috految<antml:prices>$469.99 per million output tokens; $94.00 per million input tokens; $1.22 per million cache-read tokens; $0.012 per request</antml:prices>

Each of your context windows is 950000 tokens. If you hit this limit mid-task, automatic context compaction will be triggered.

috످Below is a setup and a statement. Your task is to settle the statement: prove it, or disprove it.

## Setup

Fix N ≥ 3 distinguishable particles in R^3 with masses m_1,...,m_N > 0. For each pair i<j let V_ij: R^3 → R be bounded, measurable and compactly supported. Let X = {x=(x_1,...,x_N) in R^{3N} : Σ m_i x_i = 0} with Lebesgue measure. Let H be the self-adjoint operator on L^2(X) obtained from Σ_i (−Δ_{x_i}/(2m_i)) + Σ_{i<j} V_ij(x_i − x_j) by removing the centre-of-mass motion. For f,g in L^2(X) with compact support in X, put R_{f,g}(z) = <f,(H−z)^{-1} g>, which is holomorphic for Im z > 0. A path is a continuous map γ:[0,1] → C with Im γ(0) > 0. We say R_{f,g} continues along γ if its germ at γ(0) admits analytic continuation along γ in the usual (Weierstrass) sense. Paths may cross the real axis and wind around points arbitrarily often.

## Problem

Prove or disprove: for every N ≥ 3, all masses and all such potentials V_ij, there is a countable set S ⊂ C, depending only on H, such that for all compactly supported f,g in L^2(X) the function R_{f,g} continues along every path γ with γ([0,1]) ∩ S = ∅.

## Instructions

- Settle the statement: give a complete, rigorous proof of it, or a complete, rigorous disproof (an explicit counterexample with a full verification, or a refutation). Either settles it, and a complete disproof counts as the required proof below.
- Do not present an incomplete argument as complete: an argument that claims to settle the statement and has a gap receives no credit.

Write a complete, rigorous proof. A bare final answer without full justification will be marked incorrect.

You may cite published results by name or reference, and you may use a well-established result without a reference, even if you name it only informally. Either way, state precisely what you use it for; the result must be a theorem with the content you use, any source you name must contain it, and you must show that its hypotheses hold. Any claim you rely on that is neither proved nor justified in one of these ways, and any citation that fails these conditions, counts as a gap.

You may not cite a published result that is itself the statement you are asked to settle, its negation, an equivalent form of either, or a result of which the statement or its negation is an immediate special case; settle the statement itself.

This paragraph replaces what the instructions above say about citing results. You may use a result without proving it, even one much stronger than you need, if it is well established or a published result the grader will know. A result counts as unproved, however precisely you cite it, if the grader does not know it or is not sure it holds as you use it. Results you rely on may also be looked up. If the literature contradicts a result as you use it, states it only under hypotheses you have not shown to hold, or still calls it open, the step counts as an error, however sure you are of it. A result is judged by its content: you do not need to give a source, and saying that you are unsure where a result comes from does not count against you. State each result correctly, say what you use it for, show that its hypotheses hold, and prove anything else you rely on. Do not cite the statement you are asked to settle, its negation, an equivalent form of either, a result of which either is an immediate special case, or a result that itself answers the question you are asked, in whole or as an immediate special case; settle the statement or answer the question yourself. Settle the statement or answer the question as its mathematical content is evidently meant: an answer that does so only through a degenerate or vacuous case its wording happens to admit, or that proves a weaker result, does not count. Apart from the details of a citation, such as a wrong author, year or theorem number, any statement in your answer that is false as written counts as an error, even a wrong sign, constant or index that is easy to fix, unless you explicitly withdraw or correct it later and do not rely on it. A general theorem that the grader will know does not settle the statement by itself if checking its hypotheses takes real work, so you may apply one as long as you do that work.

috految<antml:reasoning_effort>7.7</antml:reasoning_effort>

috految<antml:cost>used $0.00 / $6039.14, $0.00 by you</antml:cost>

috److془We need to carefully settle this problem. Let's think.

We need to find a counterexample or proof. Natural boundary likely: Efimov effect/ log periodic, or accumulations of thresholds (Baire type), etc.

Let's think. Disconnected systems: H = H_1 + H_2 + T. Convolution. Singularities at sums of singularities. Endless continuability: with countable singular set, convolution might fail. Poles of H_1 accumulate at 0 (Efimov) on sheets. Sums of closed countable sets are countable in compact. But the contour gets dragged... With finite length path, the pieces bounded length; but near accumulation points can wind infinitely many times. Hmm: but with path avoiding S, the winding is limited? Singular set of F_1 via paths of length ≤L could be dense (winding around 0 many times). Point ζ_1 winds around 0 many times while ζ_2 near singularities. Hmm; the speed of ζ_1 is d_1/(d_1+d_2). Blowup would need ζ_1→ singular, ζ_2 → singular so z in S_1+S_2. So convolution preserves property with rectifiable paths. For merely continuous paths: can be nonrectifiable, and ζ may go to infinity! Hmm, with S dense. Continuous path: a Cantor tree of singularities. E.g. Log singularities at all Z+αZ: path with infinite length converging to z, which goes through infinitely many sheets. Need: there are singularities nested: for each branch, after going round singularity, discover new singularities nearby. Hmm for convolution: ζ_1 moves far while ζ_1+ζ_2 stays near z. Needs ζ_1 passing through dense chain of singularities in both. Passing to infinity with spacing →0. Or with spacings →0 on higher sheets. Or three-body: Landau singularities in rescattering with rotation angles: Singularities k_1 = √E cos θ, θ= sum of angles. Hmm also, Efimov? Also the natural boundary: Freedman-Lovelace-Namyslowski "practical theory". Schwarz's natural boundary. Also the Mitzuhira.. Let's think: also, we have freedom: the path may go with Im z>0 start, the path is such that we may use rotation by large angles. Note for nonradial potentials, poles of two body on second sheet lie anywhere discrete. Two-body threshold: sheet.

Also: "S depending only on H". Angular momentum l→∞ poles accumulate! Second sheet poles at zeros of S_l(E), where S_l at left hand cut is large: S_l = 1+ c Q_l(w(E)), Q_l ~ ρ^l/√l; on getting through the left hand cut, |ρ|>1. Poles accumulate on the entire cut. Natural boundary! Indeed Freund-Karplus. Great. Atom-dimer with exchange. Need rigorous: the left-hand cut of exchange: E from -4B to -4B/3 for equal masses. Good. Compact f,g: Baire gives uniform. Indeed, all poles for all l on each sheet. Need only: operator cutoff resolvent continues analytically across the cut in a fixed disc contradiction. Need the second sheet resolvent has poles. Caveat: the triple-sector: S_l including higher order terms need control. Choose geometry conveniently. Actually for E<-B real, physical resolvent is nice. Dimer wave with imaginary momentum iq: φ(x) e^{q ω·y}. Source V_2 φ e^{qωy} decays iff q < κ tan θ sort of: x_2=cos θ x+ sin θ y =0 : |x| = tanθ |y|. Born singularity: <φ_2 e^{qω' y_2}, V_2 φ_1 e^{qω y_1}>: at x_2=0, |y_2|=r: exponent -κ sinθ + q cosθ + q. q_0=κ tan(θ/2) < κ tanθ. Wonderful. Remainder is holomorphic with trivial bound. Equal masses θ=60°: q_0=κ/√3, E=-4/3 ✓. 

Now the details. Take V_12=V_13=V, V_23=0 or all three equal; bosonic subspace. Take all three. Need nonvanishing of residue, and continuation across real axis into second sheet. Use Stone formula, asymptotic completeness or direct formula. Direct: R(z) E∈(-1,-1+ε). Want: for f in sector l, jump = c p u_+(f) u_-(f), u_+ = S u_-. Then second sheet R_II = R + c p u(f)^2/ S. Direct by standard stationary theory. Nonvanishing: u=Φ - R J nonzero as Φ not in L^2 say. Then Baire with fixed ball: unique continuation. 

Details: pick V radial in C_c^∞, ≤0, h=-Δ+V has exactly one negative eigenvalue -1 (simple), φ positive radial normalized; φ=C e^{-r}/r outside support. Actually only need ground state, E less than next spectrum. Masses 1/2: H=-Δ_X+ΣV(x_a), x_a=(r_i-r_j)/√2, y_a=(r_i+r_j-2r_k)/√6. Cyclic: x_b = -x_a/2 ± √3/2 y_a, y_b = -y_a/2 ∓ √3/2 x_a. Ess spectrum [-1,∞). 
Φ_a(p)=φ(x_a) j_l(p|y_a|) Y(ŷ_a), Y=Y_{l0} real. Φ=3^{-1/2}ΣΦ_a; J=(H-z)Φ=3^{-1/2}Σ_{a≠b}V(x_b)Φ_a. z=p²-1. |j_l(pr)|≤e^{|Im p| r}. On supp V(x_b): |x_a| = √3/2 r+O(1), |y_a|=r/2+O(1), r=|y_b|. J exponentially decaying for |Im p|<√3. Bound with ||Y||_∞ polynomial; better: j_l(p|y|)Y = (4π i^l)^{-1}∫ e^{ipω·y}Y dω. so uniform, and ||J_l||→0 by dominated convergence. Standard: u_±=Φ-R(E±i0)J; T=(Φ,J)-(J,R J) bilinear; s=1-2i p T. (two body: T=∫ r² j V u, e^{2iδ}=1-2ipT ✓.) Spectral density: (p/π) u_+ \bar u_+. (2/π p² dp = p/π dE ✓.) u_+ = s u_-. Standard T: <Φ_b, I_a Φ_a> - <I_bΦ_b, R I_aΦ_a> ✓. Derivation check: u_+ - u_- = -2ip u_-(u_+,J) ; (u_+,J)=T ✓. So only spectral density needed. 

Born: B=(Φ,J)= 1/3 Σ_c Σ_{a≠b}(Φ_c,V(x_b)Φ_a). c≠b: holomorphic in strip |Im p|<√3, tends to zero locally uniformly. c=b: 2(Φ_b,V(x_b)Φ_a). Convergent for |Im p|<1/√3. Variables x=x_b,x'=x_a: y_b=±(2x'+x)/√3, y_a=∓(2x+x')/√3. Check y_a=±(2/√3)(x_b+x_a/2) ✓ opposite signs. Phase p(ω·y_b+η·y_a): x' coefficient ±p(2ω-η)/√3, x: ±p(ω-2η)/√3. Both squared: Q=p²(5-4t)/3, t=ω·η. FT of Vφ = G(ξ·ξ) entire; φhat = -G/(1+Q). G(-1)=∫Vφ e^{x_1}<0. Thus term = c(-1)^l∫_{-1}^1 G(Q)²/(1+Q) P_l(t)dt. 1+Q=(4p²/3)(w-t), w=5/4+3/(4p²). p=iq: q=1/√3 w=-1; q=√3 w=1 ✓. So s_l=1+ε_l(p)+ (c'(-1)^l/p) Q_l(w), ε→0 locally uniformly on D={0<Im p<√3} minus discrete set {p²-1 eigenvalue}. Cut ; first quadrant Ω has Im w<0. Continue through p_0=iq, Q_l→ Q_l ± iπP_l. Need zeros in every disc around p_0 for some l. Suppose nonzero on disc for all large l. Upper bound |s_l|≤ e^{Cl}; harmonic l^{-1}log|s_l| subsequence converges, zero on right half, thus zero; left: positive. Beautiful. Bound: Q_l(w)=1/2∫P_l/(w-t), deform contour. 

Continuation: pole at z with p in the first quadrant, Im z>0: the continuation from lower half plane: F(E-i0)=F(E+i0)-2ip a_+ a_-, = F^+ -2ip a_+²/s. Start from upper passing via far negative axis to lower. Boundary values continuous to I (LAP), or directly. Path avoiding S: passes through real E_0 ∈I\S, in the upper domain z(Ω), ends at z(p_0)∉S. Identity: s(F~ -F) = -2ip a². Morera/boundary uniqueness. Baire: f∈L²(ball), bilinear F_{f}=(f,Rf)=R_{\bar f,f}. Terminal germ: need uniformity. Path compact; A_n= set of f such that continuation germs at each γ(t) extends to radius 1/n disc bounded by n. Closed by Montel (initial germs converge; finite chain). Cover. Ball f_0+B in A_n; quadratic: 2F_f=F_{f0+f}+F_{f0-f}-2F_{f0}. ✓. Then zero of s_l implies (f,u_l(p))=0 for all f in sector supported in ball, u vanishes on ball (sector projections preserve ball, real). u=0 by UCP, Φ=RJ∈L². But on |x_b|<1, the other Φ_a in L², Φ_b not for Im p>0. ✓ 

Sector: symmetric under S_3, angular momentum l, m=0. Channel space L²(R^3)^3 permuted (y_a permuted, φ even). ✓. Interval I ⊂(-1, e) free of thresholds and eigenvalues. Good. Fourier: density formula stationary standard (Cook formula). Completeness gives for weighted f. u_- = conj u_+. Done. Sign: R(+)-R(-)=2πi density=2ip ✓.془The statement is false. We give a counterexample with N=3, in which poles with arbitrarily large angular momentum obstruct continuation on a second sheet.

**1. The system.** Let all three masses be 1/2, and denote the positions by r_i. For the cyclic triples a=(i,j,k), use orthonormal Jacobi coordinates on X,
x_a=(r_i−r_j)/√2, y_a=(r_i+r_j−2r_k)/√6.
For a≠b,

y_b=±(2x_a+x_b)/√3, y_a=∓(2x_b+x_a)/√3. (1)

Choose a radial V∈C_c^∞(R³), V≤0, such that −Δ+V has lowest eigenvalue −1 (rescale any such well with a negative eigenvalue). This eigenvalue is simple and isolated. Its normalized eigenfunction φ is positive and radial, with φ(x)≤Ce^{-|x|}. Take V_ij(r)=V(r/√2), so H=−Δ+Σ_a V(x_a). By HVZ, the essential spectrum is [−1,∞). Write R(z)=(H−z)^{-1} and use the bilinear pairing (f,g)=∫fg.

Let 𝓗_l be the reducing subspace of permutation symmetric functions with total angular momentum l and magnetic number 0. It is invariant under complex conjugation and under multiplication by radial cutoffs on X. Let Y_l be the real normalized spherical harmonic Y_{l0}. Put z(p)=p²−1 and, with j_l the spherical Bessel function,

Φ_{a,l}(p)=φ(x_a) j_l(p|y_a|)Y_l(ŷ_a) = (4πi^l)^{-1}φ(x_a)∫_{S²}e^{ipω·y_a}Y_l(ω)dω, (2)

Φ_l=3^{-1/2}Σ_aΦ_{a,l}, J_l=(H−z(p))Φ_l=3^{-1/2}Σ_{a≠b}V(x_b)Φ_{a,l}.

Here H acts as a differential expression. Both Φ_l and J_l have the symmetry of 𝓗_l. When x_b is bounded and a≠b, (1) gives |x_a|=(√3/2)|y_b|+O(1) and |y_a|=|y_b|/2+O(1). Hence there

|Φ_{a,l}(p)|≤C exp(−(√3−|Im p|)|y_b|/2), (3)

uniformly in l and locally uniformly in p. So J_l is holomorphic for |Im p|<√3, with values in every polynomially weighted L² space. As Y_l→0 weakly, (2), (3) and dominated convergence give ‖J_l(p)‖→0 locally uniformly in this strip.

On the open set D={0<Im p<√3, z(p)∉σ(H)} define the holomorphic L²_loc-valued function

u_l(p)=Φ_l(p)−R(z(p))J_l(p).

It solves (H−z(p))u_l=0. It is nonzero for every p∈D: on {|x_b|<1}, Φ_{b,l} is not square integrable, since j_l(pr) grows exponentially, while the other Φ_{a,l} and RJ_l are square integrable there. By elliptic unique continuation,

u_l(p) does not vanish identically on the unit ball B⊂X, for any p∈D. (4)

**2. The jump on the physical spectrum.** We use standard three-body scattering theory for smooth compactly supported pair potentials: limiting absorption away from thresholds and eigenvalues, asymptotic completeness, and the stationary formula for the two-cluster wave operators. Choose an open interval I⊂(−1,0) containing no thresholds or eigenvalues, below the rest of the spectrum of −Δ+V above −1. The resolvent has continuous boundary values on I between weighted spaces. The only open channels there are the three two-cluster channels with bound state φ. At E=z(p)∈I, p>0, their generalized eigenfunctions are

φ(x_a)e^{ipω·y_a}−R(E+i0)Σ_{b≠a}V(x_b)φ(x_a)e^{ipω·y_a},

with the usual plane wave normalization. The sources decay exponentially. Permutations permute the three channels, and rotations act on their relative variables y_a. So the sector 𝓗_l contains exactly one partial wave, with generalized eigenfunction u_l^+, where

u_l^±=Φ_l−R(E±i0)J_l,

and with spectral measure (2/π)p²dp=(p/π)dE. Also u_l^- is the conjugate of u_l^+. Stone's formula thus gives, for rapidly decaying f,g∈𝓗_l,

(f,[R(E+i0)−R(E−i0)]g)=2ip(f,u_l^-)(g,u_l^+). (5)

(The left side is symmetric in f,g.) Taking g=J_l yields u_l^+=s_l u_l^-, where

s_l(p)=1−2ip[(Φ_l,J_l)−(J_l,R(E+i0)J_l)].

For compactly supported f∈𝓗_l, put F_f(z)=(f,R(z)f). Then (5) gives

s_l(p)[F_f(E+i0)−F_f(E−i0)]=2ip(f,u_l^+)². (6)

**3. Continuation and zeros of s_l.** Expand

(Φ_l,J_l)=(1/3)Σ_cΣ_{a≠b}(Φ_{c,l},V(x_b)Φ_{a,l}).

By (2), (3) and dominated convergence, the terms with c≠b are holomorphic for |Im p|<√3 and tend to zero locally uniformly as l→∞. The term (J_l,R(z(p))J_l) is holomorphic in D and tends to zero locally uniformly there.

The six terms with c=b are equal by symmetry. Write ∫e^{iξ·x}Vφ dx=G(ξ·ξ). The function G is entire, and G(−1)=∫e^{x^{(1)}}Vφ dx<0. By the eigenvalue equation, the Fourier transform of φ is −G(ξ·ξ)/(1+ξ·ξ). For real p>0, insert (2) and integrate in the independent variables x_a,x_b. By (1), the phase p(ω·y_b+η·y_a) has frequencies ±p(2ω−η)/√3 and ±p(ω−2η)/√3 in these variables. Both have square

K=p²(5−4t)/3, t=ω·η.

By the Funk–Hecke formula, the terms with c=b therefore sum to

C_0(−1)^l∫_{−1}^1 G(K)²(1+K)^{-1}P_l(t)dt,

where C_0≠0 is independent of l and p, and P_l is the Legendre polynomial. Now (G(K)²−G(−1)²)/(1+K) is entire in K. Its contribution is entire in p and tends to zero locally uniformly, since ‖P_l‖_{L²(−1,1)}→0. Also

1+K=(4p²/3)(w−t), w=w(p)=5/4+3/(4p²).

Consequently s_l is the continuous boundary value, for z(p)∈I and p>0, of the function

s_l(p)=1+ε_l(p)+C_1(−1)^l p^{-1}∫_{−1}^1 P_l(t)/(w(p)−t) dt (7)

holomorphic on Ω={Re p>0, 0<Im p<√3}⊂D. Here C_1≠0 is constant, and ε_l is holomorphic in all of D and tends to zero locally uniformly there. Note that w is nonreal on Ω.

Let p_0=iq∈D with 1/√3<q<√3. All but countably many q in this interval qualify, since the spectrum below −1 is discrete. Then w(p_0)∈(−1,1). Deforming the t contour continues all the s_l from Ω holomorphically to one small disc about p_0, with |s_l|≤Ce^{Cl}, because |P_l|≤e^{Cl} on bounded sets.

*Claim: every small disc U about p_0 contains a zero of some continued s_l.*

Otherwise h_l=l^{-1}log|s_l|, l≥1, are harmonic and uniformly bounded above in U. On the right half of U, (7) gives s_l→1, so h_l→0. By Harnack compactness and uniqueness for harmonic functions, a subsequence tends to zero throughout U. At a point in the open left half, w has crossed (−1,1) and is nonreal. There the continued integral in (7) is the integral over [−1,1], which tends to zero, plus the residue term ±2πiP_l(w). For w∉[−1,1], the classical Legendre asymptotics give lim |P_l(w)|^{1/l}>1. Thus lim h_l>0 at this point, a contradiction. The claim follows.

**4. Contradiction.** Suppose a countable S as in the statement exists. Pick p_0 as above with z(p_0)∉S, and pick E_0∈I∖S. Choose a path γ avoiding S that:

- starts in the upper half plane and crosses the real axis to the left of σ(H);
- runs in the lower half plane to E_0;
- then runs in z(Ω), a domain in the upper half plane, until ending at z(p_0).

Such a path exists, since a planar domain minus a countable set is polygonally connected, and at the crossing points and the endpoint we can use short segments of generic direction. The map z is conformal near p_0 and on Ω.

For each f∈L²(B), the germ of F_f=(f,R(·)f) is a compactly supported resolvent matrix element, so it continues along γ by assumption. Let A_n be the set of f∈L²(B) for which the germ at every γ(t) extends to the disc of radius 1/n about γ(t), with bound n. By compactness of [0,1], the A_n cover L²(B). Each A_n is closed: if f_k→f, the initial germs converge, and Montel's theorem along a finite chain of discs gives the continuation and bounds for f. By Baire's theorem some A_n contains a ball, with centre f_0 say. Using

2F_f=F_{f_0+f}+F_{f_0−f}−2F_{f_0}

and scaling, we find that the terminal germs F̃_f of **all** f∈L²(B) extend holomorphically to one common disc about z(p_0). Fix a small disc U⊂D about p_0 that is mapped into this disc and on which all the s_l are continued.

Let f∈L²(B)∩𝓗_l. On reaching E_0 from below, the continued germ equals F_f(E−i0) on the real axis near E_0. By (6) and boundary uniqueness, just above E_0 the continuation F̃_f satisfies

s_l(p)[F_f(z(p))−F̃_f(z(p))]=2ip(f,u_l(p))².

Here F_f is the actual resolvent matrix element, holomorphic on z(D). The identity persists along the last part of γ, and hence holds on U, where all its factors are holomorphic.

By the claim, s_l(p)=0 for some l and some p∈U. Thus (f,u_l(p))=0 for all f∈L²(B)∩𝓗_l. Taking f to be the complex conjugate of 1_B u_l(p), which lies in this space, contradicts (4).

So no such countable set S exists for this H, and **the statement is false**. ∎

috످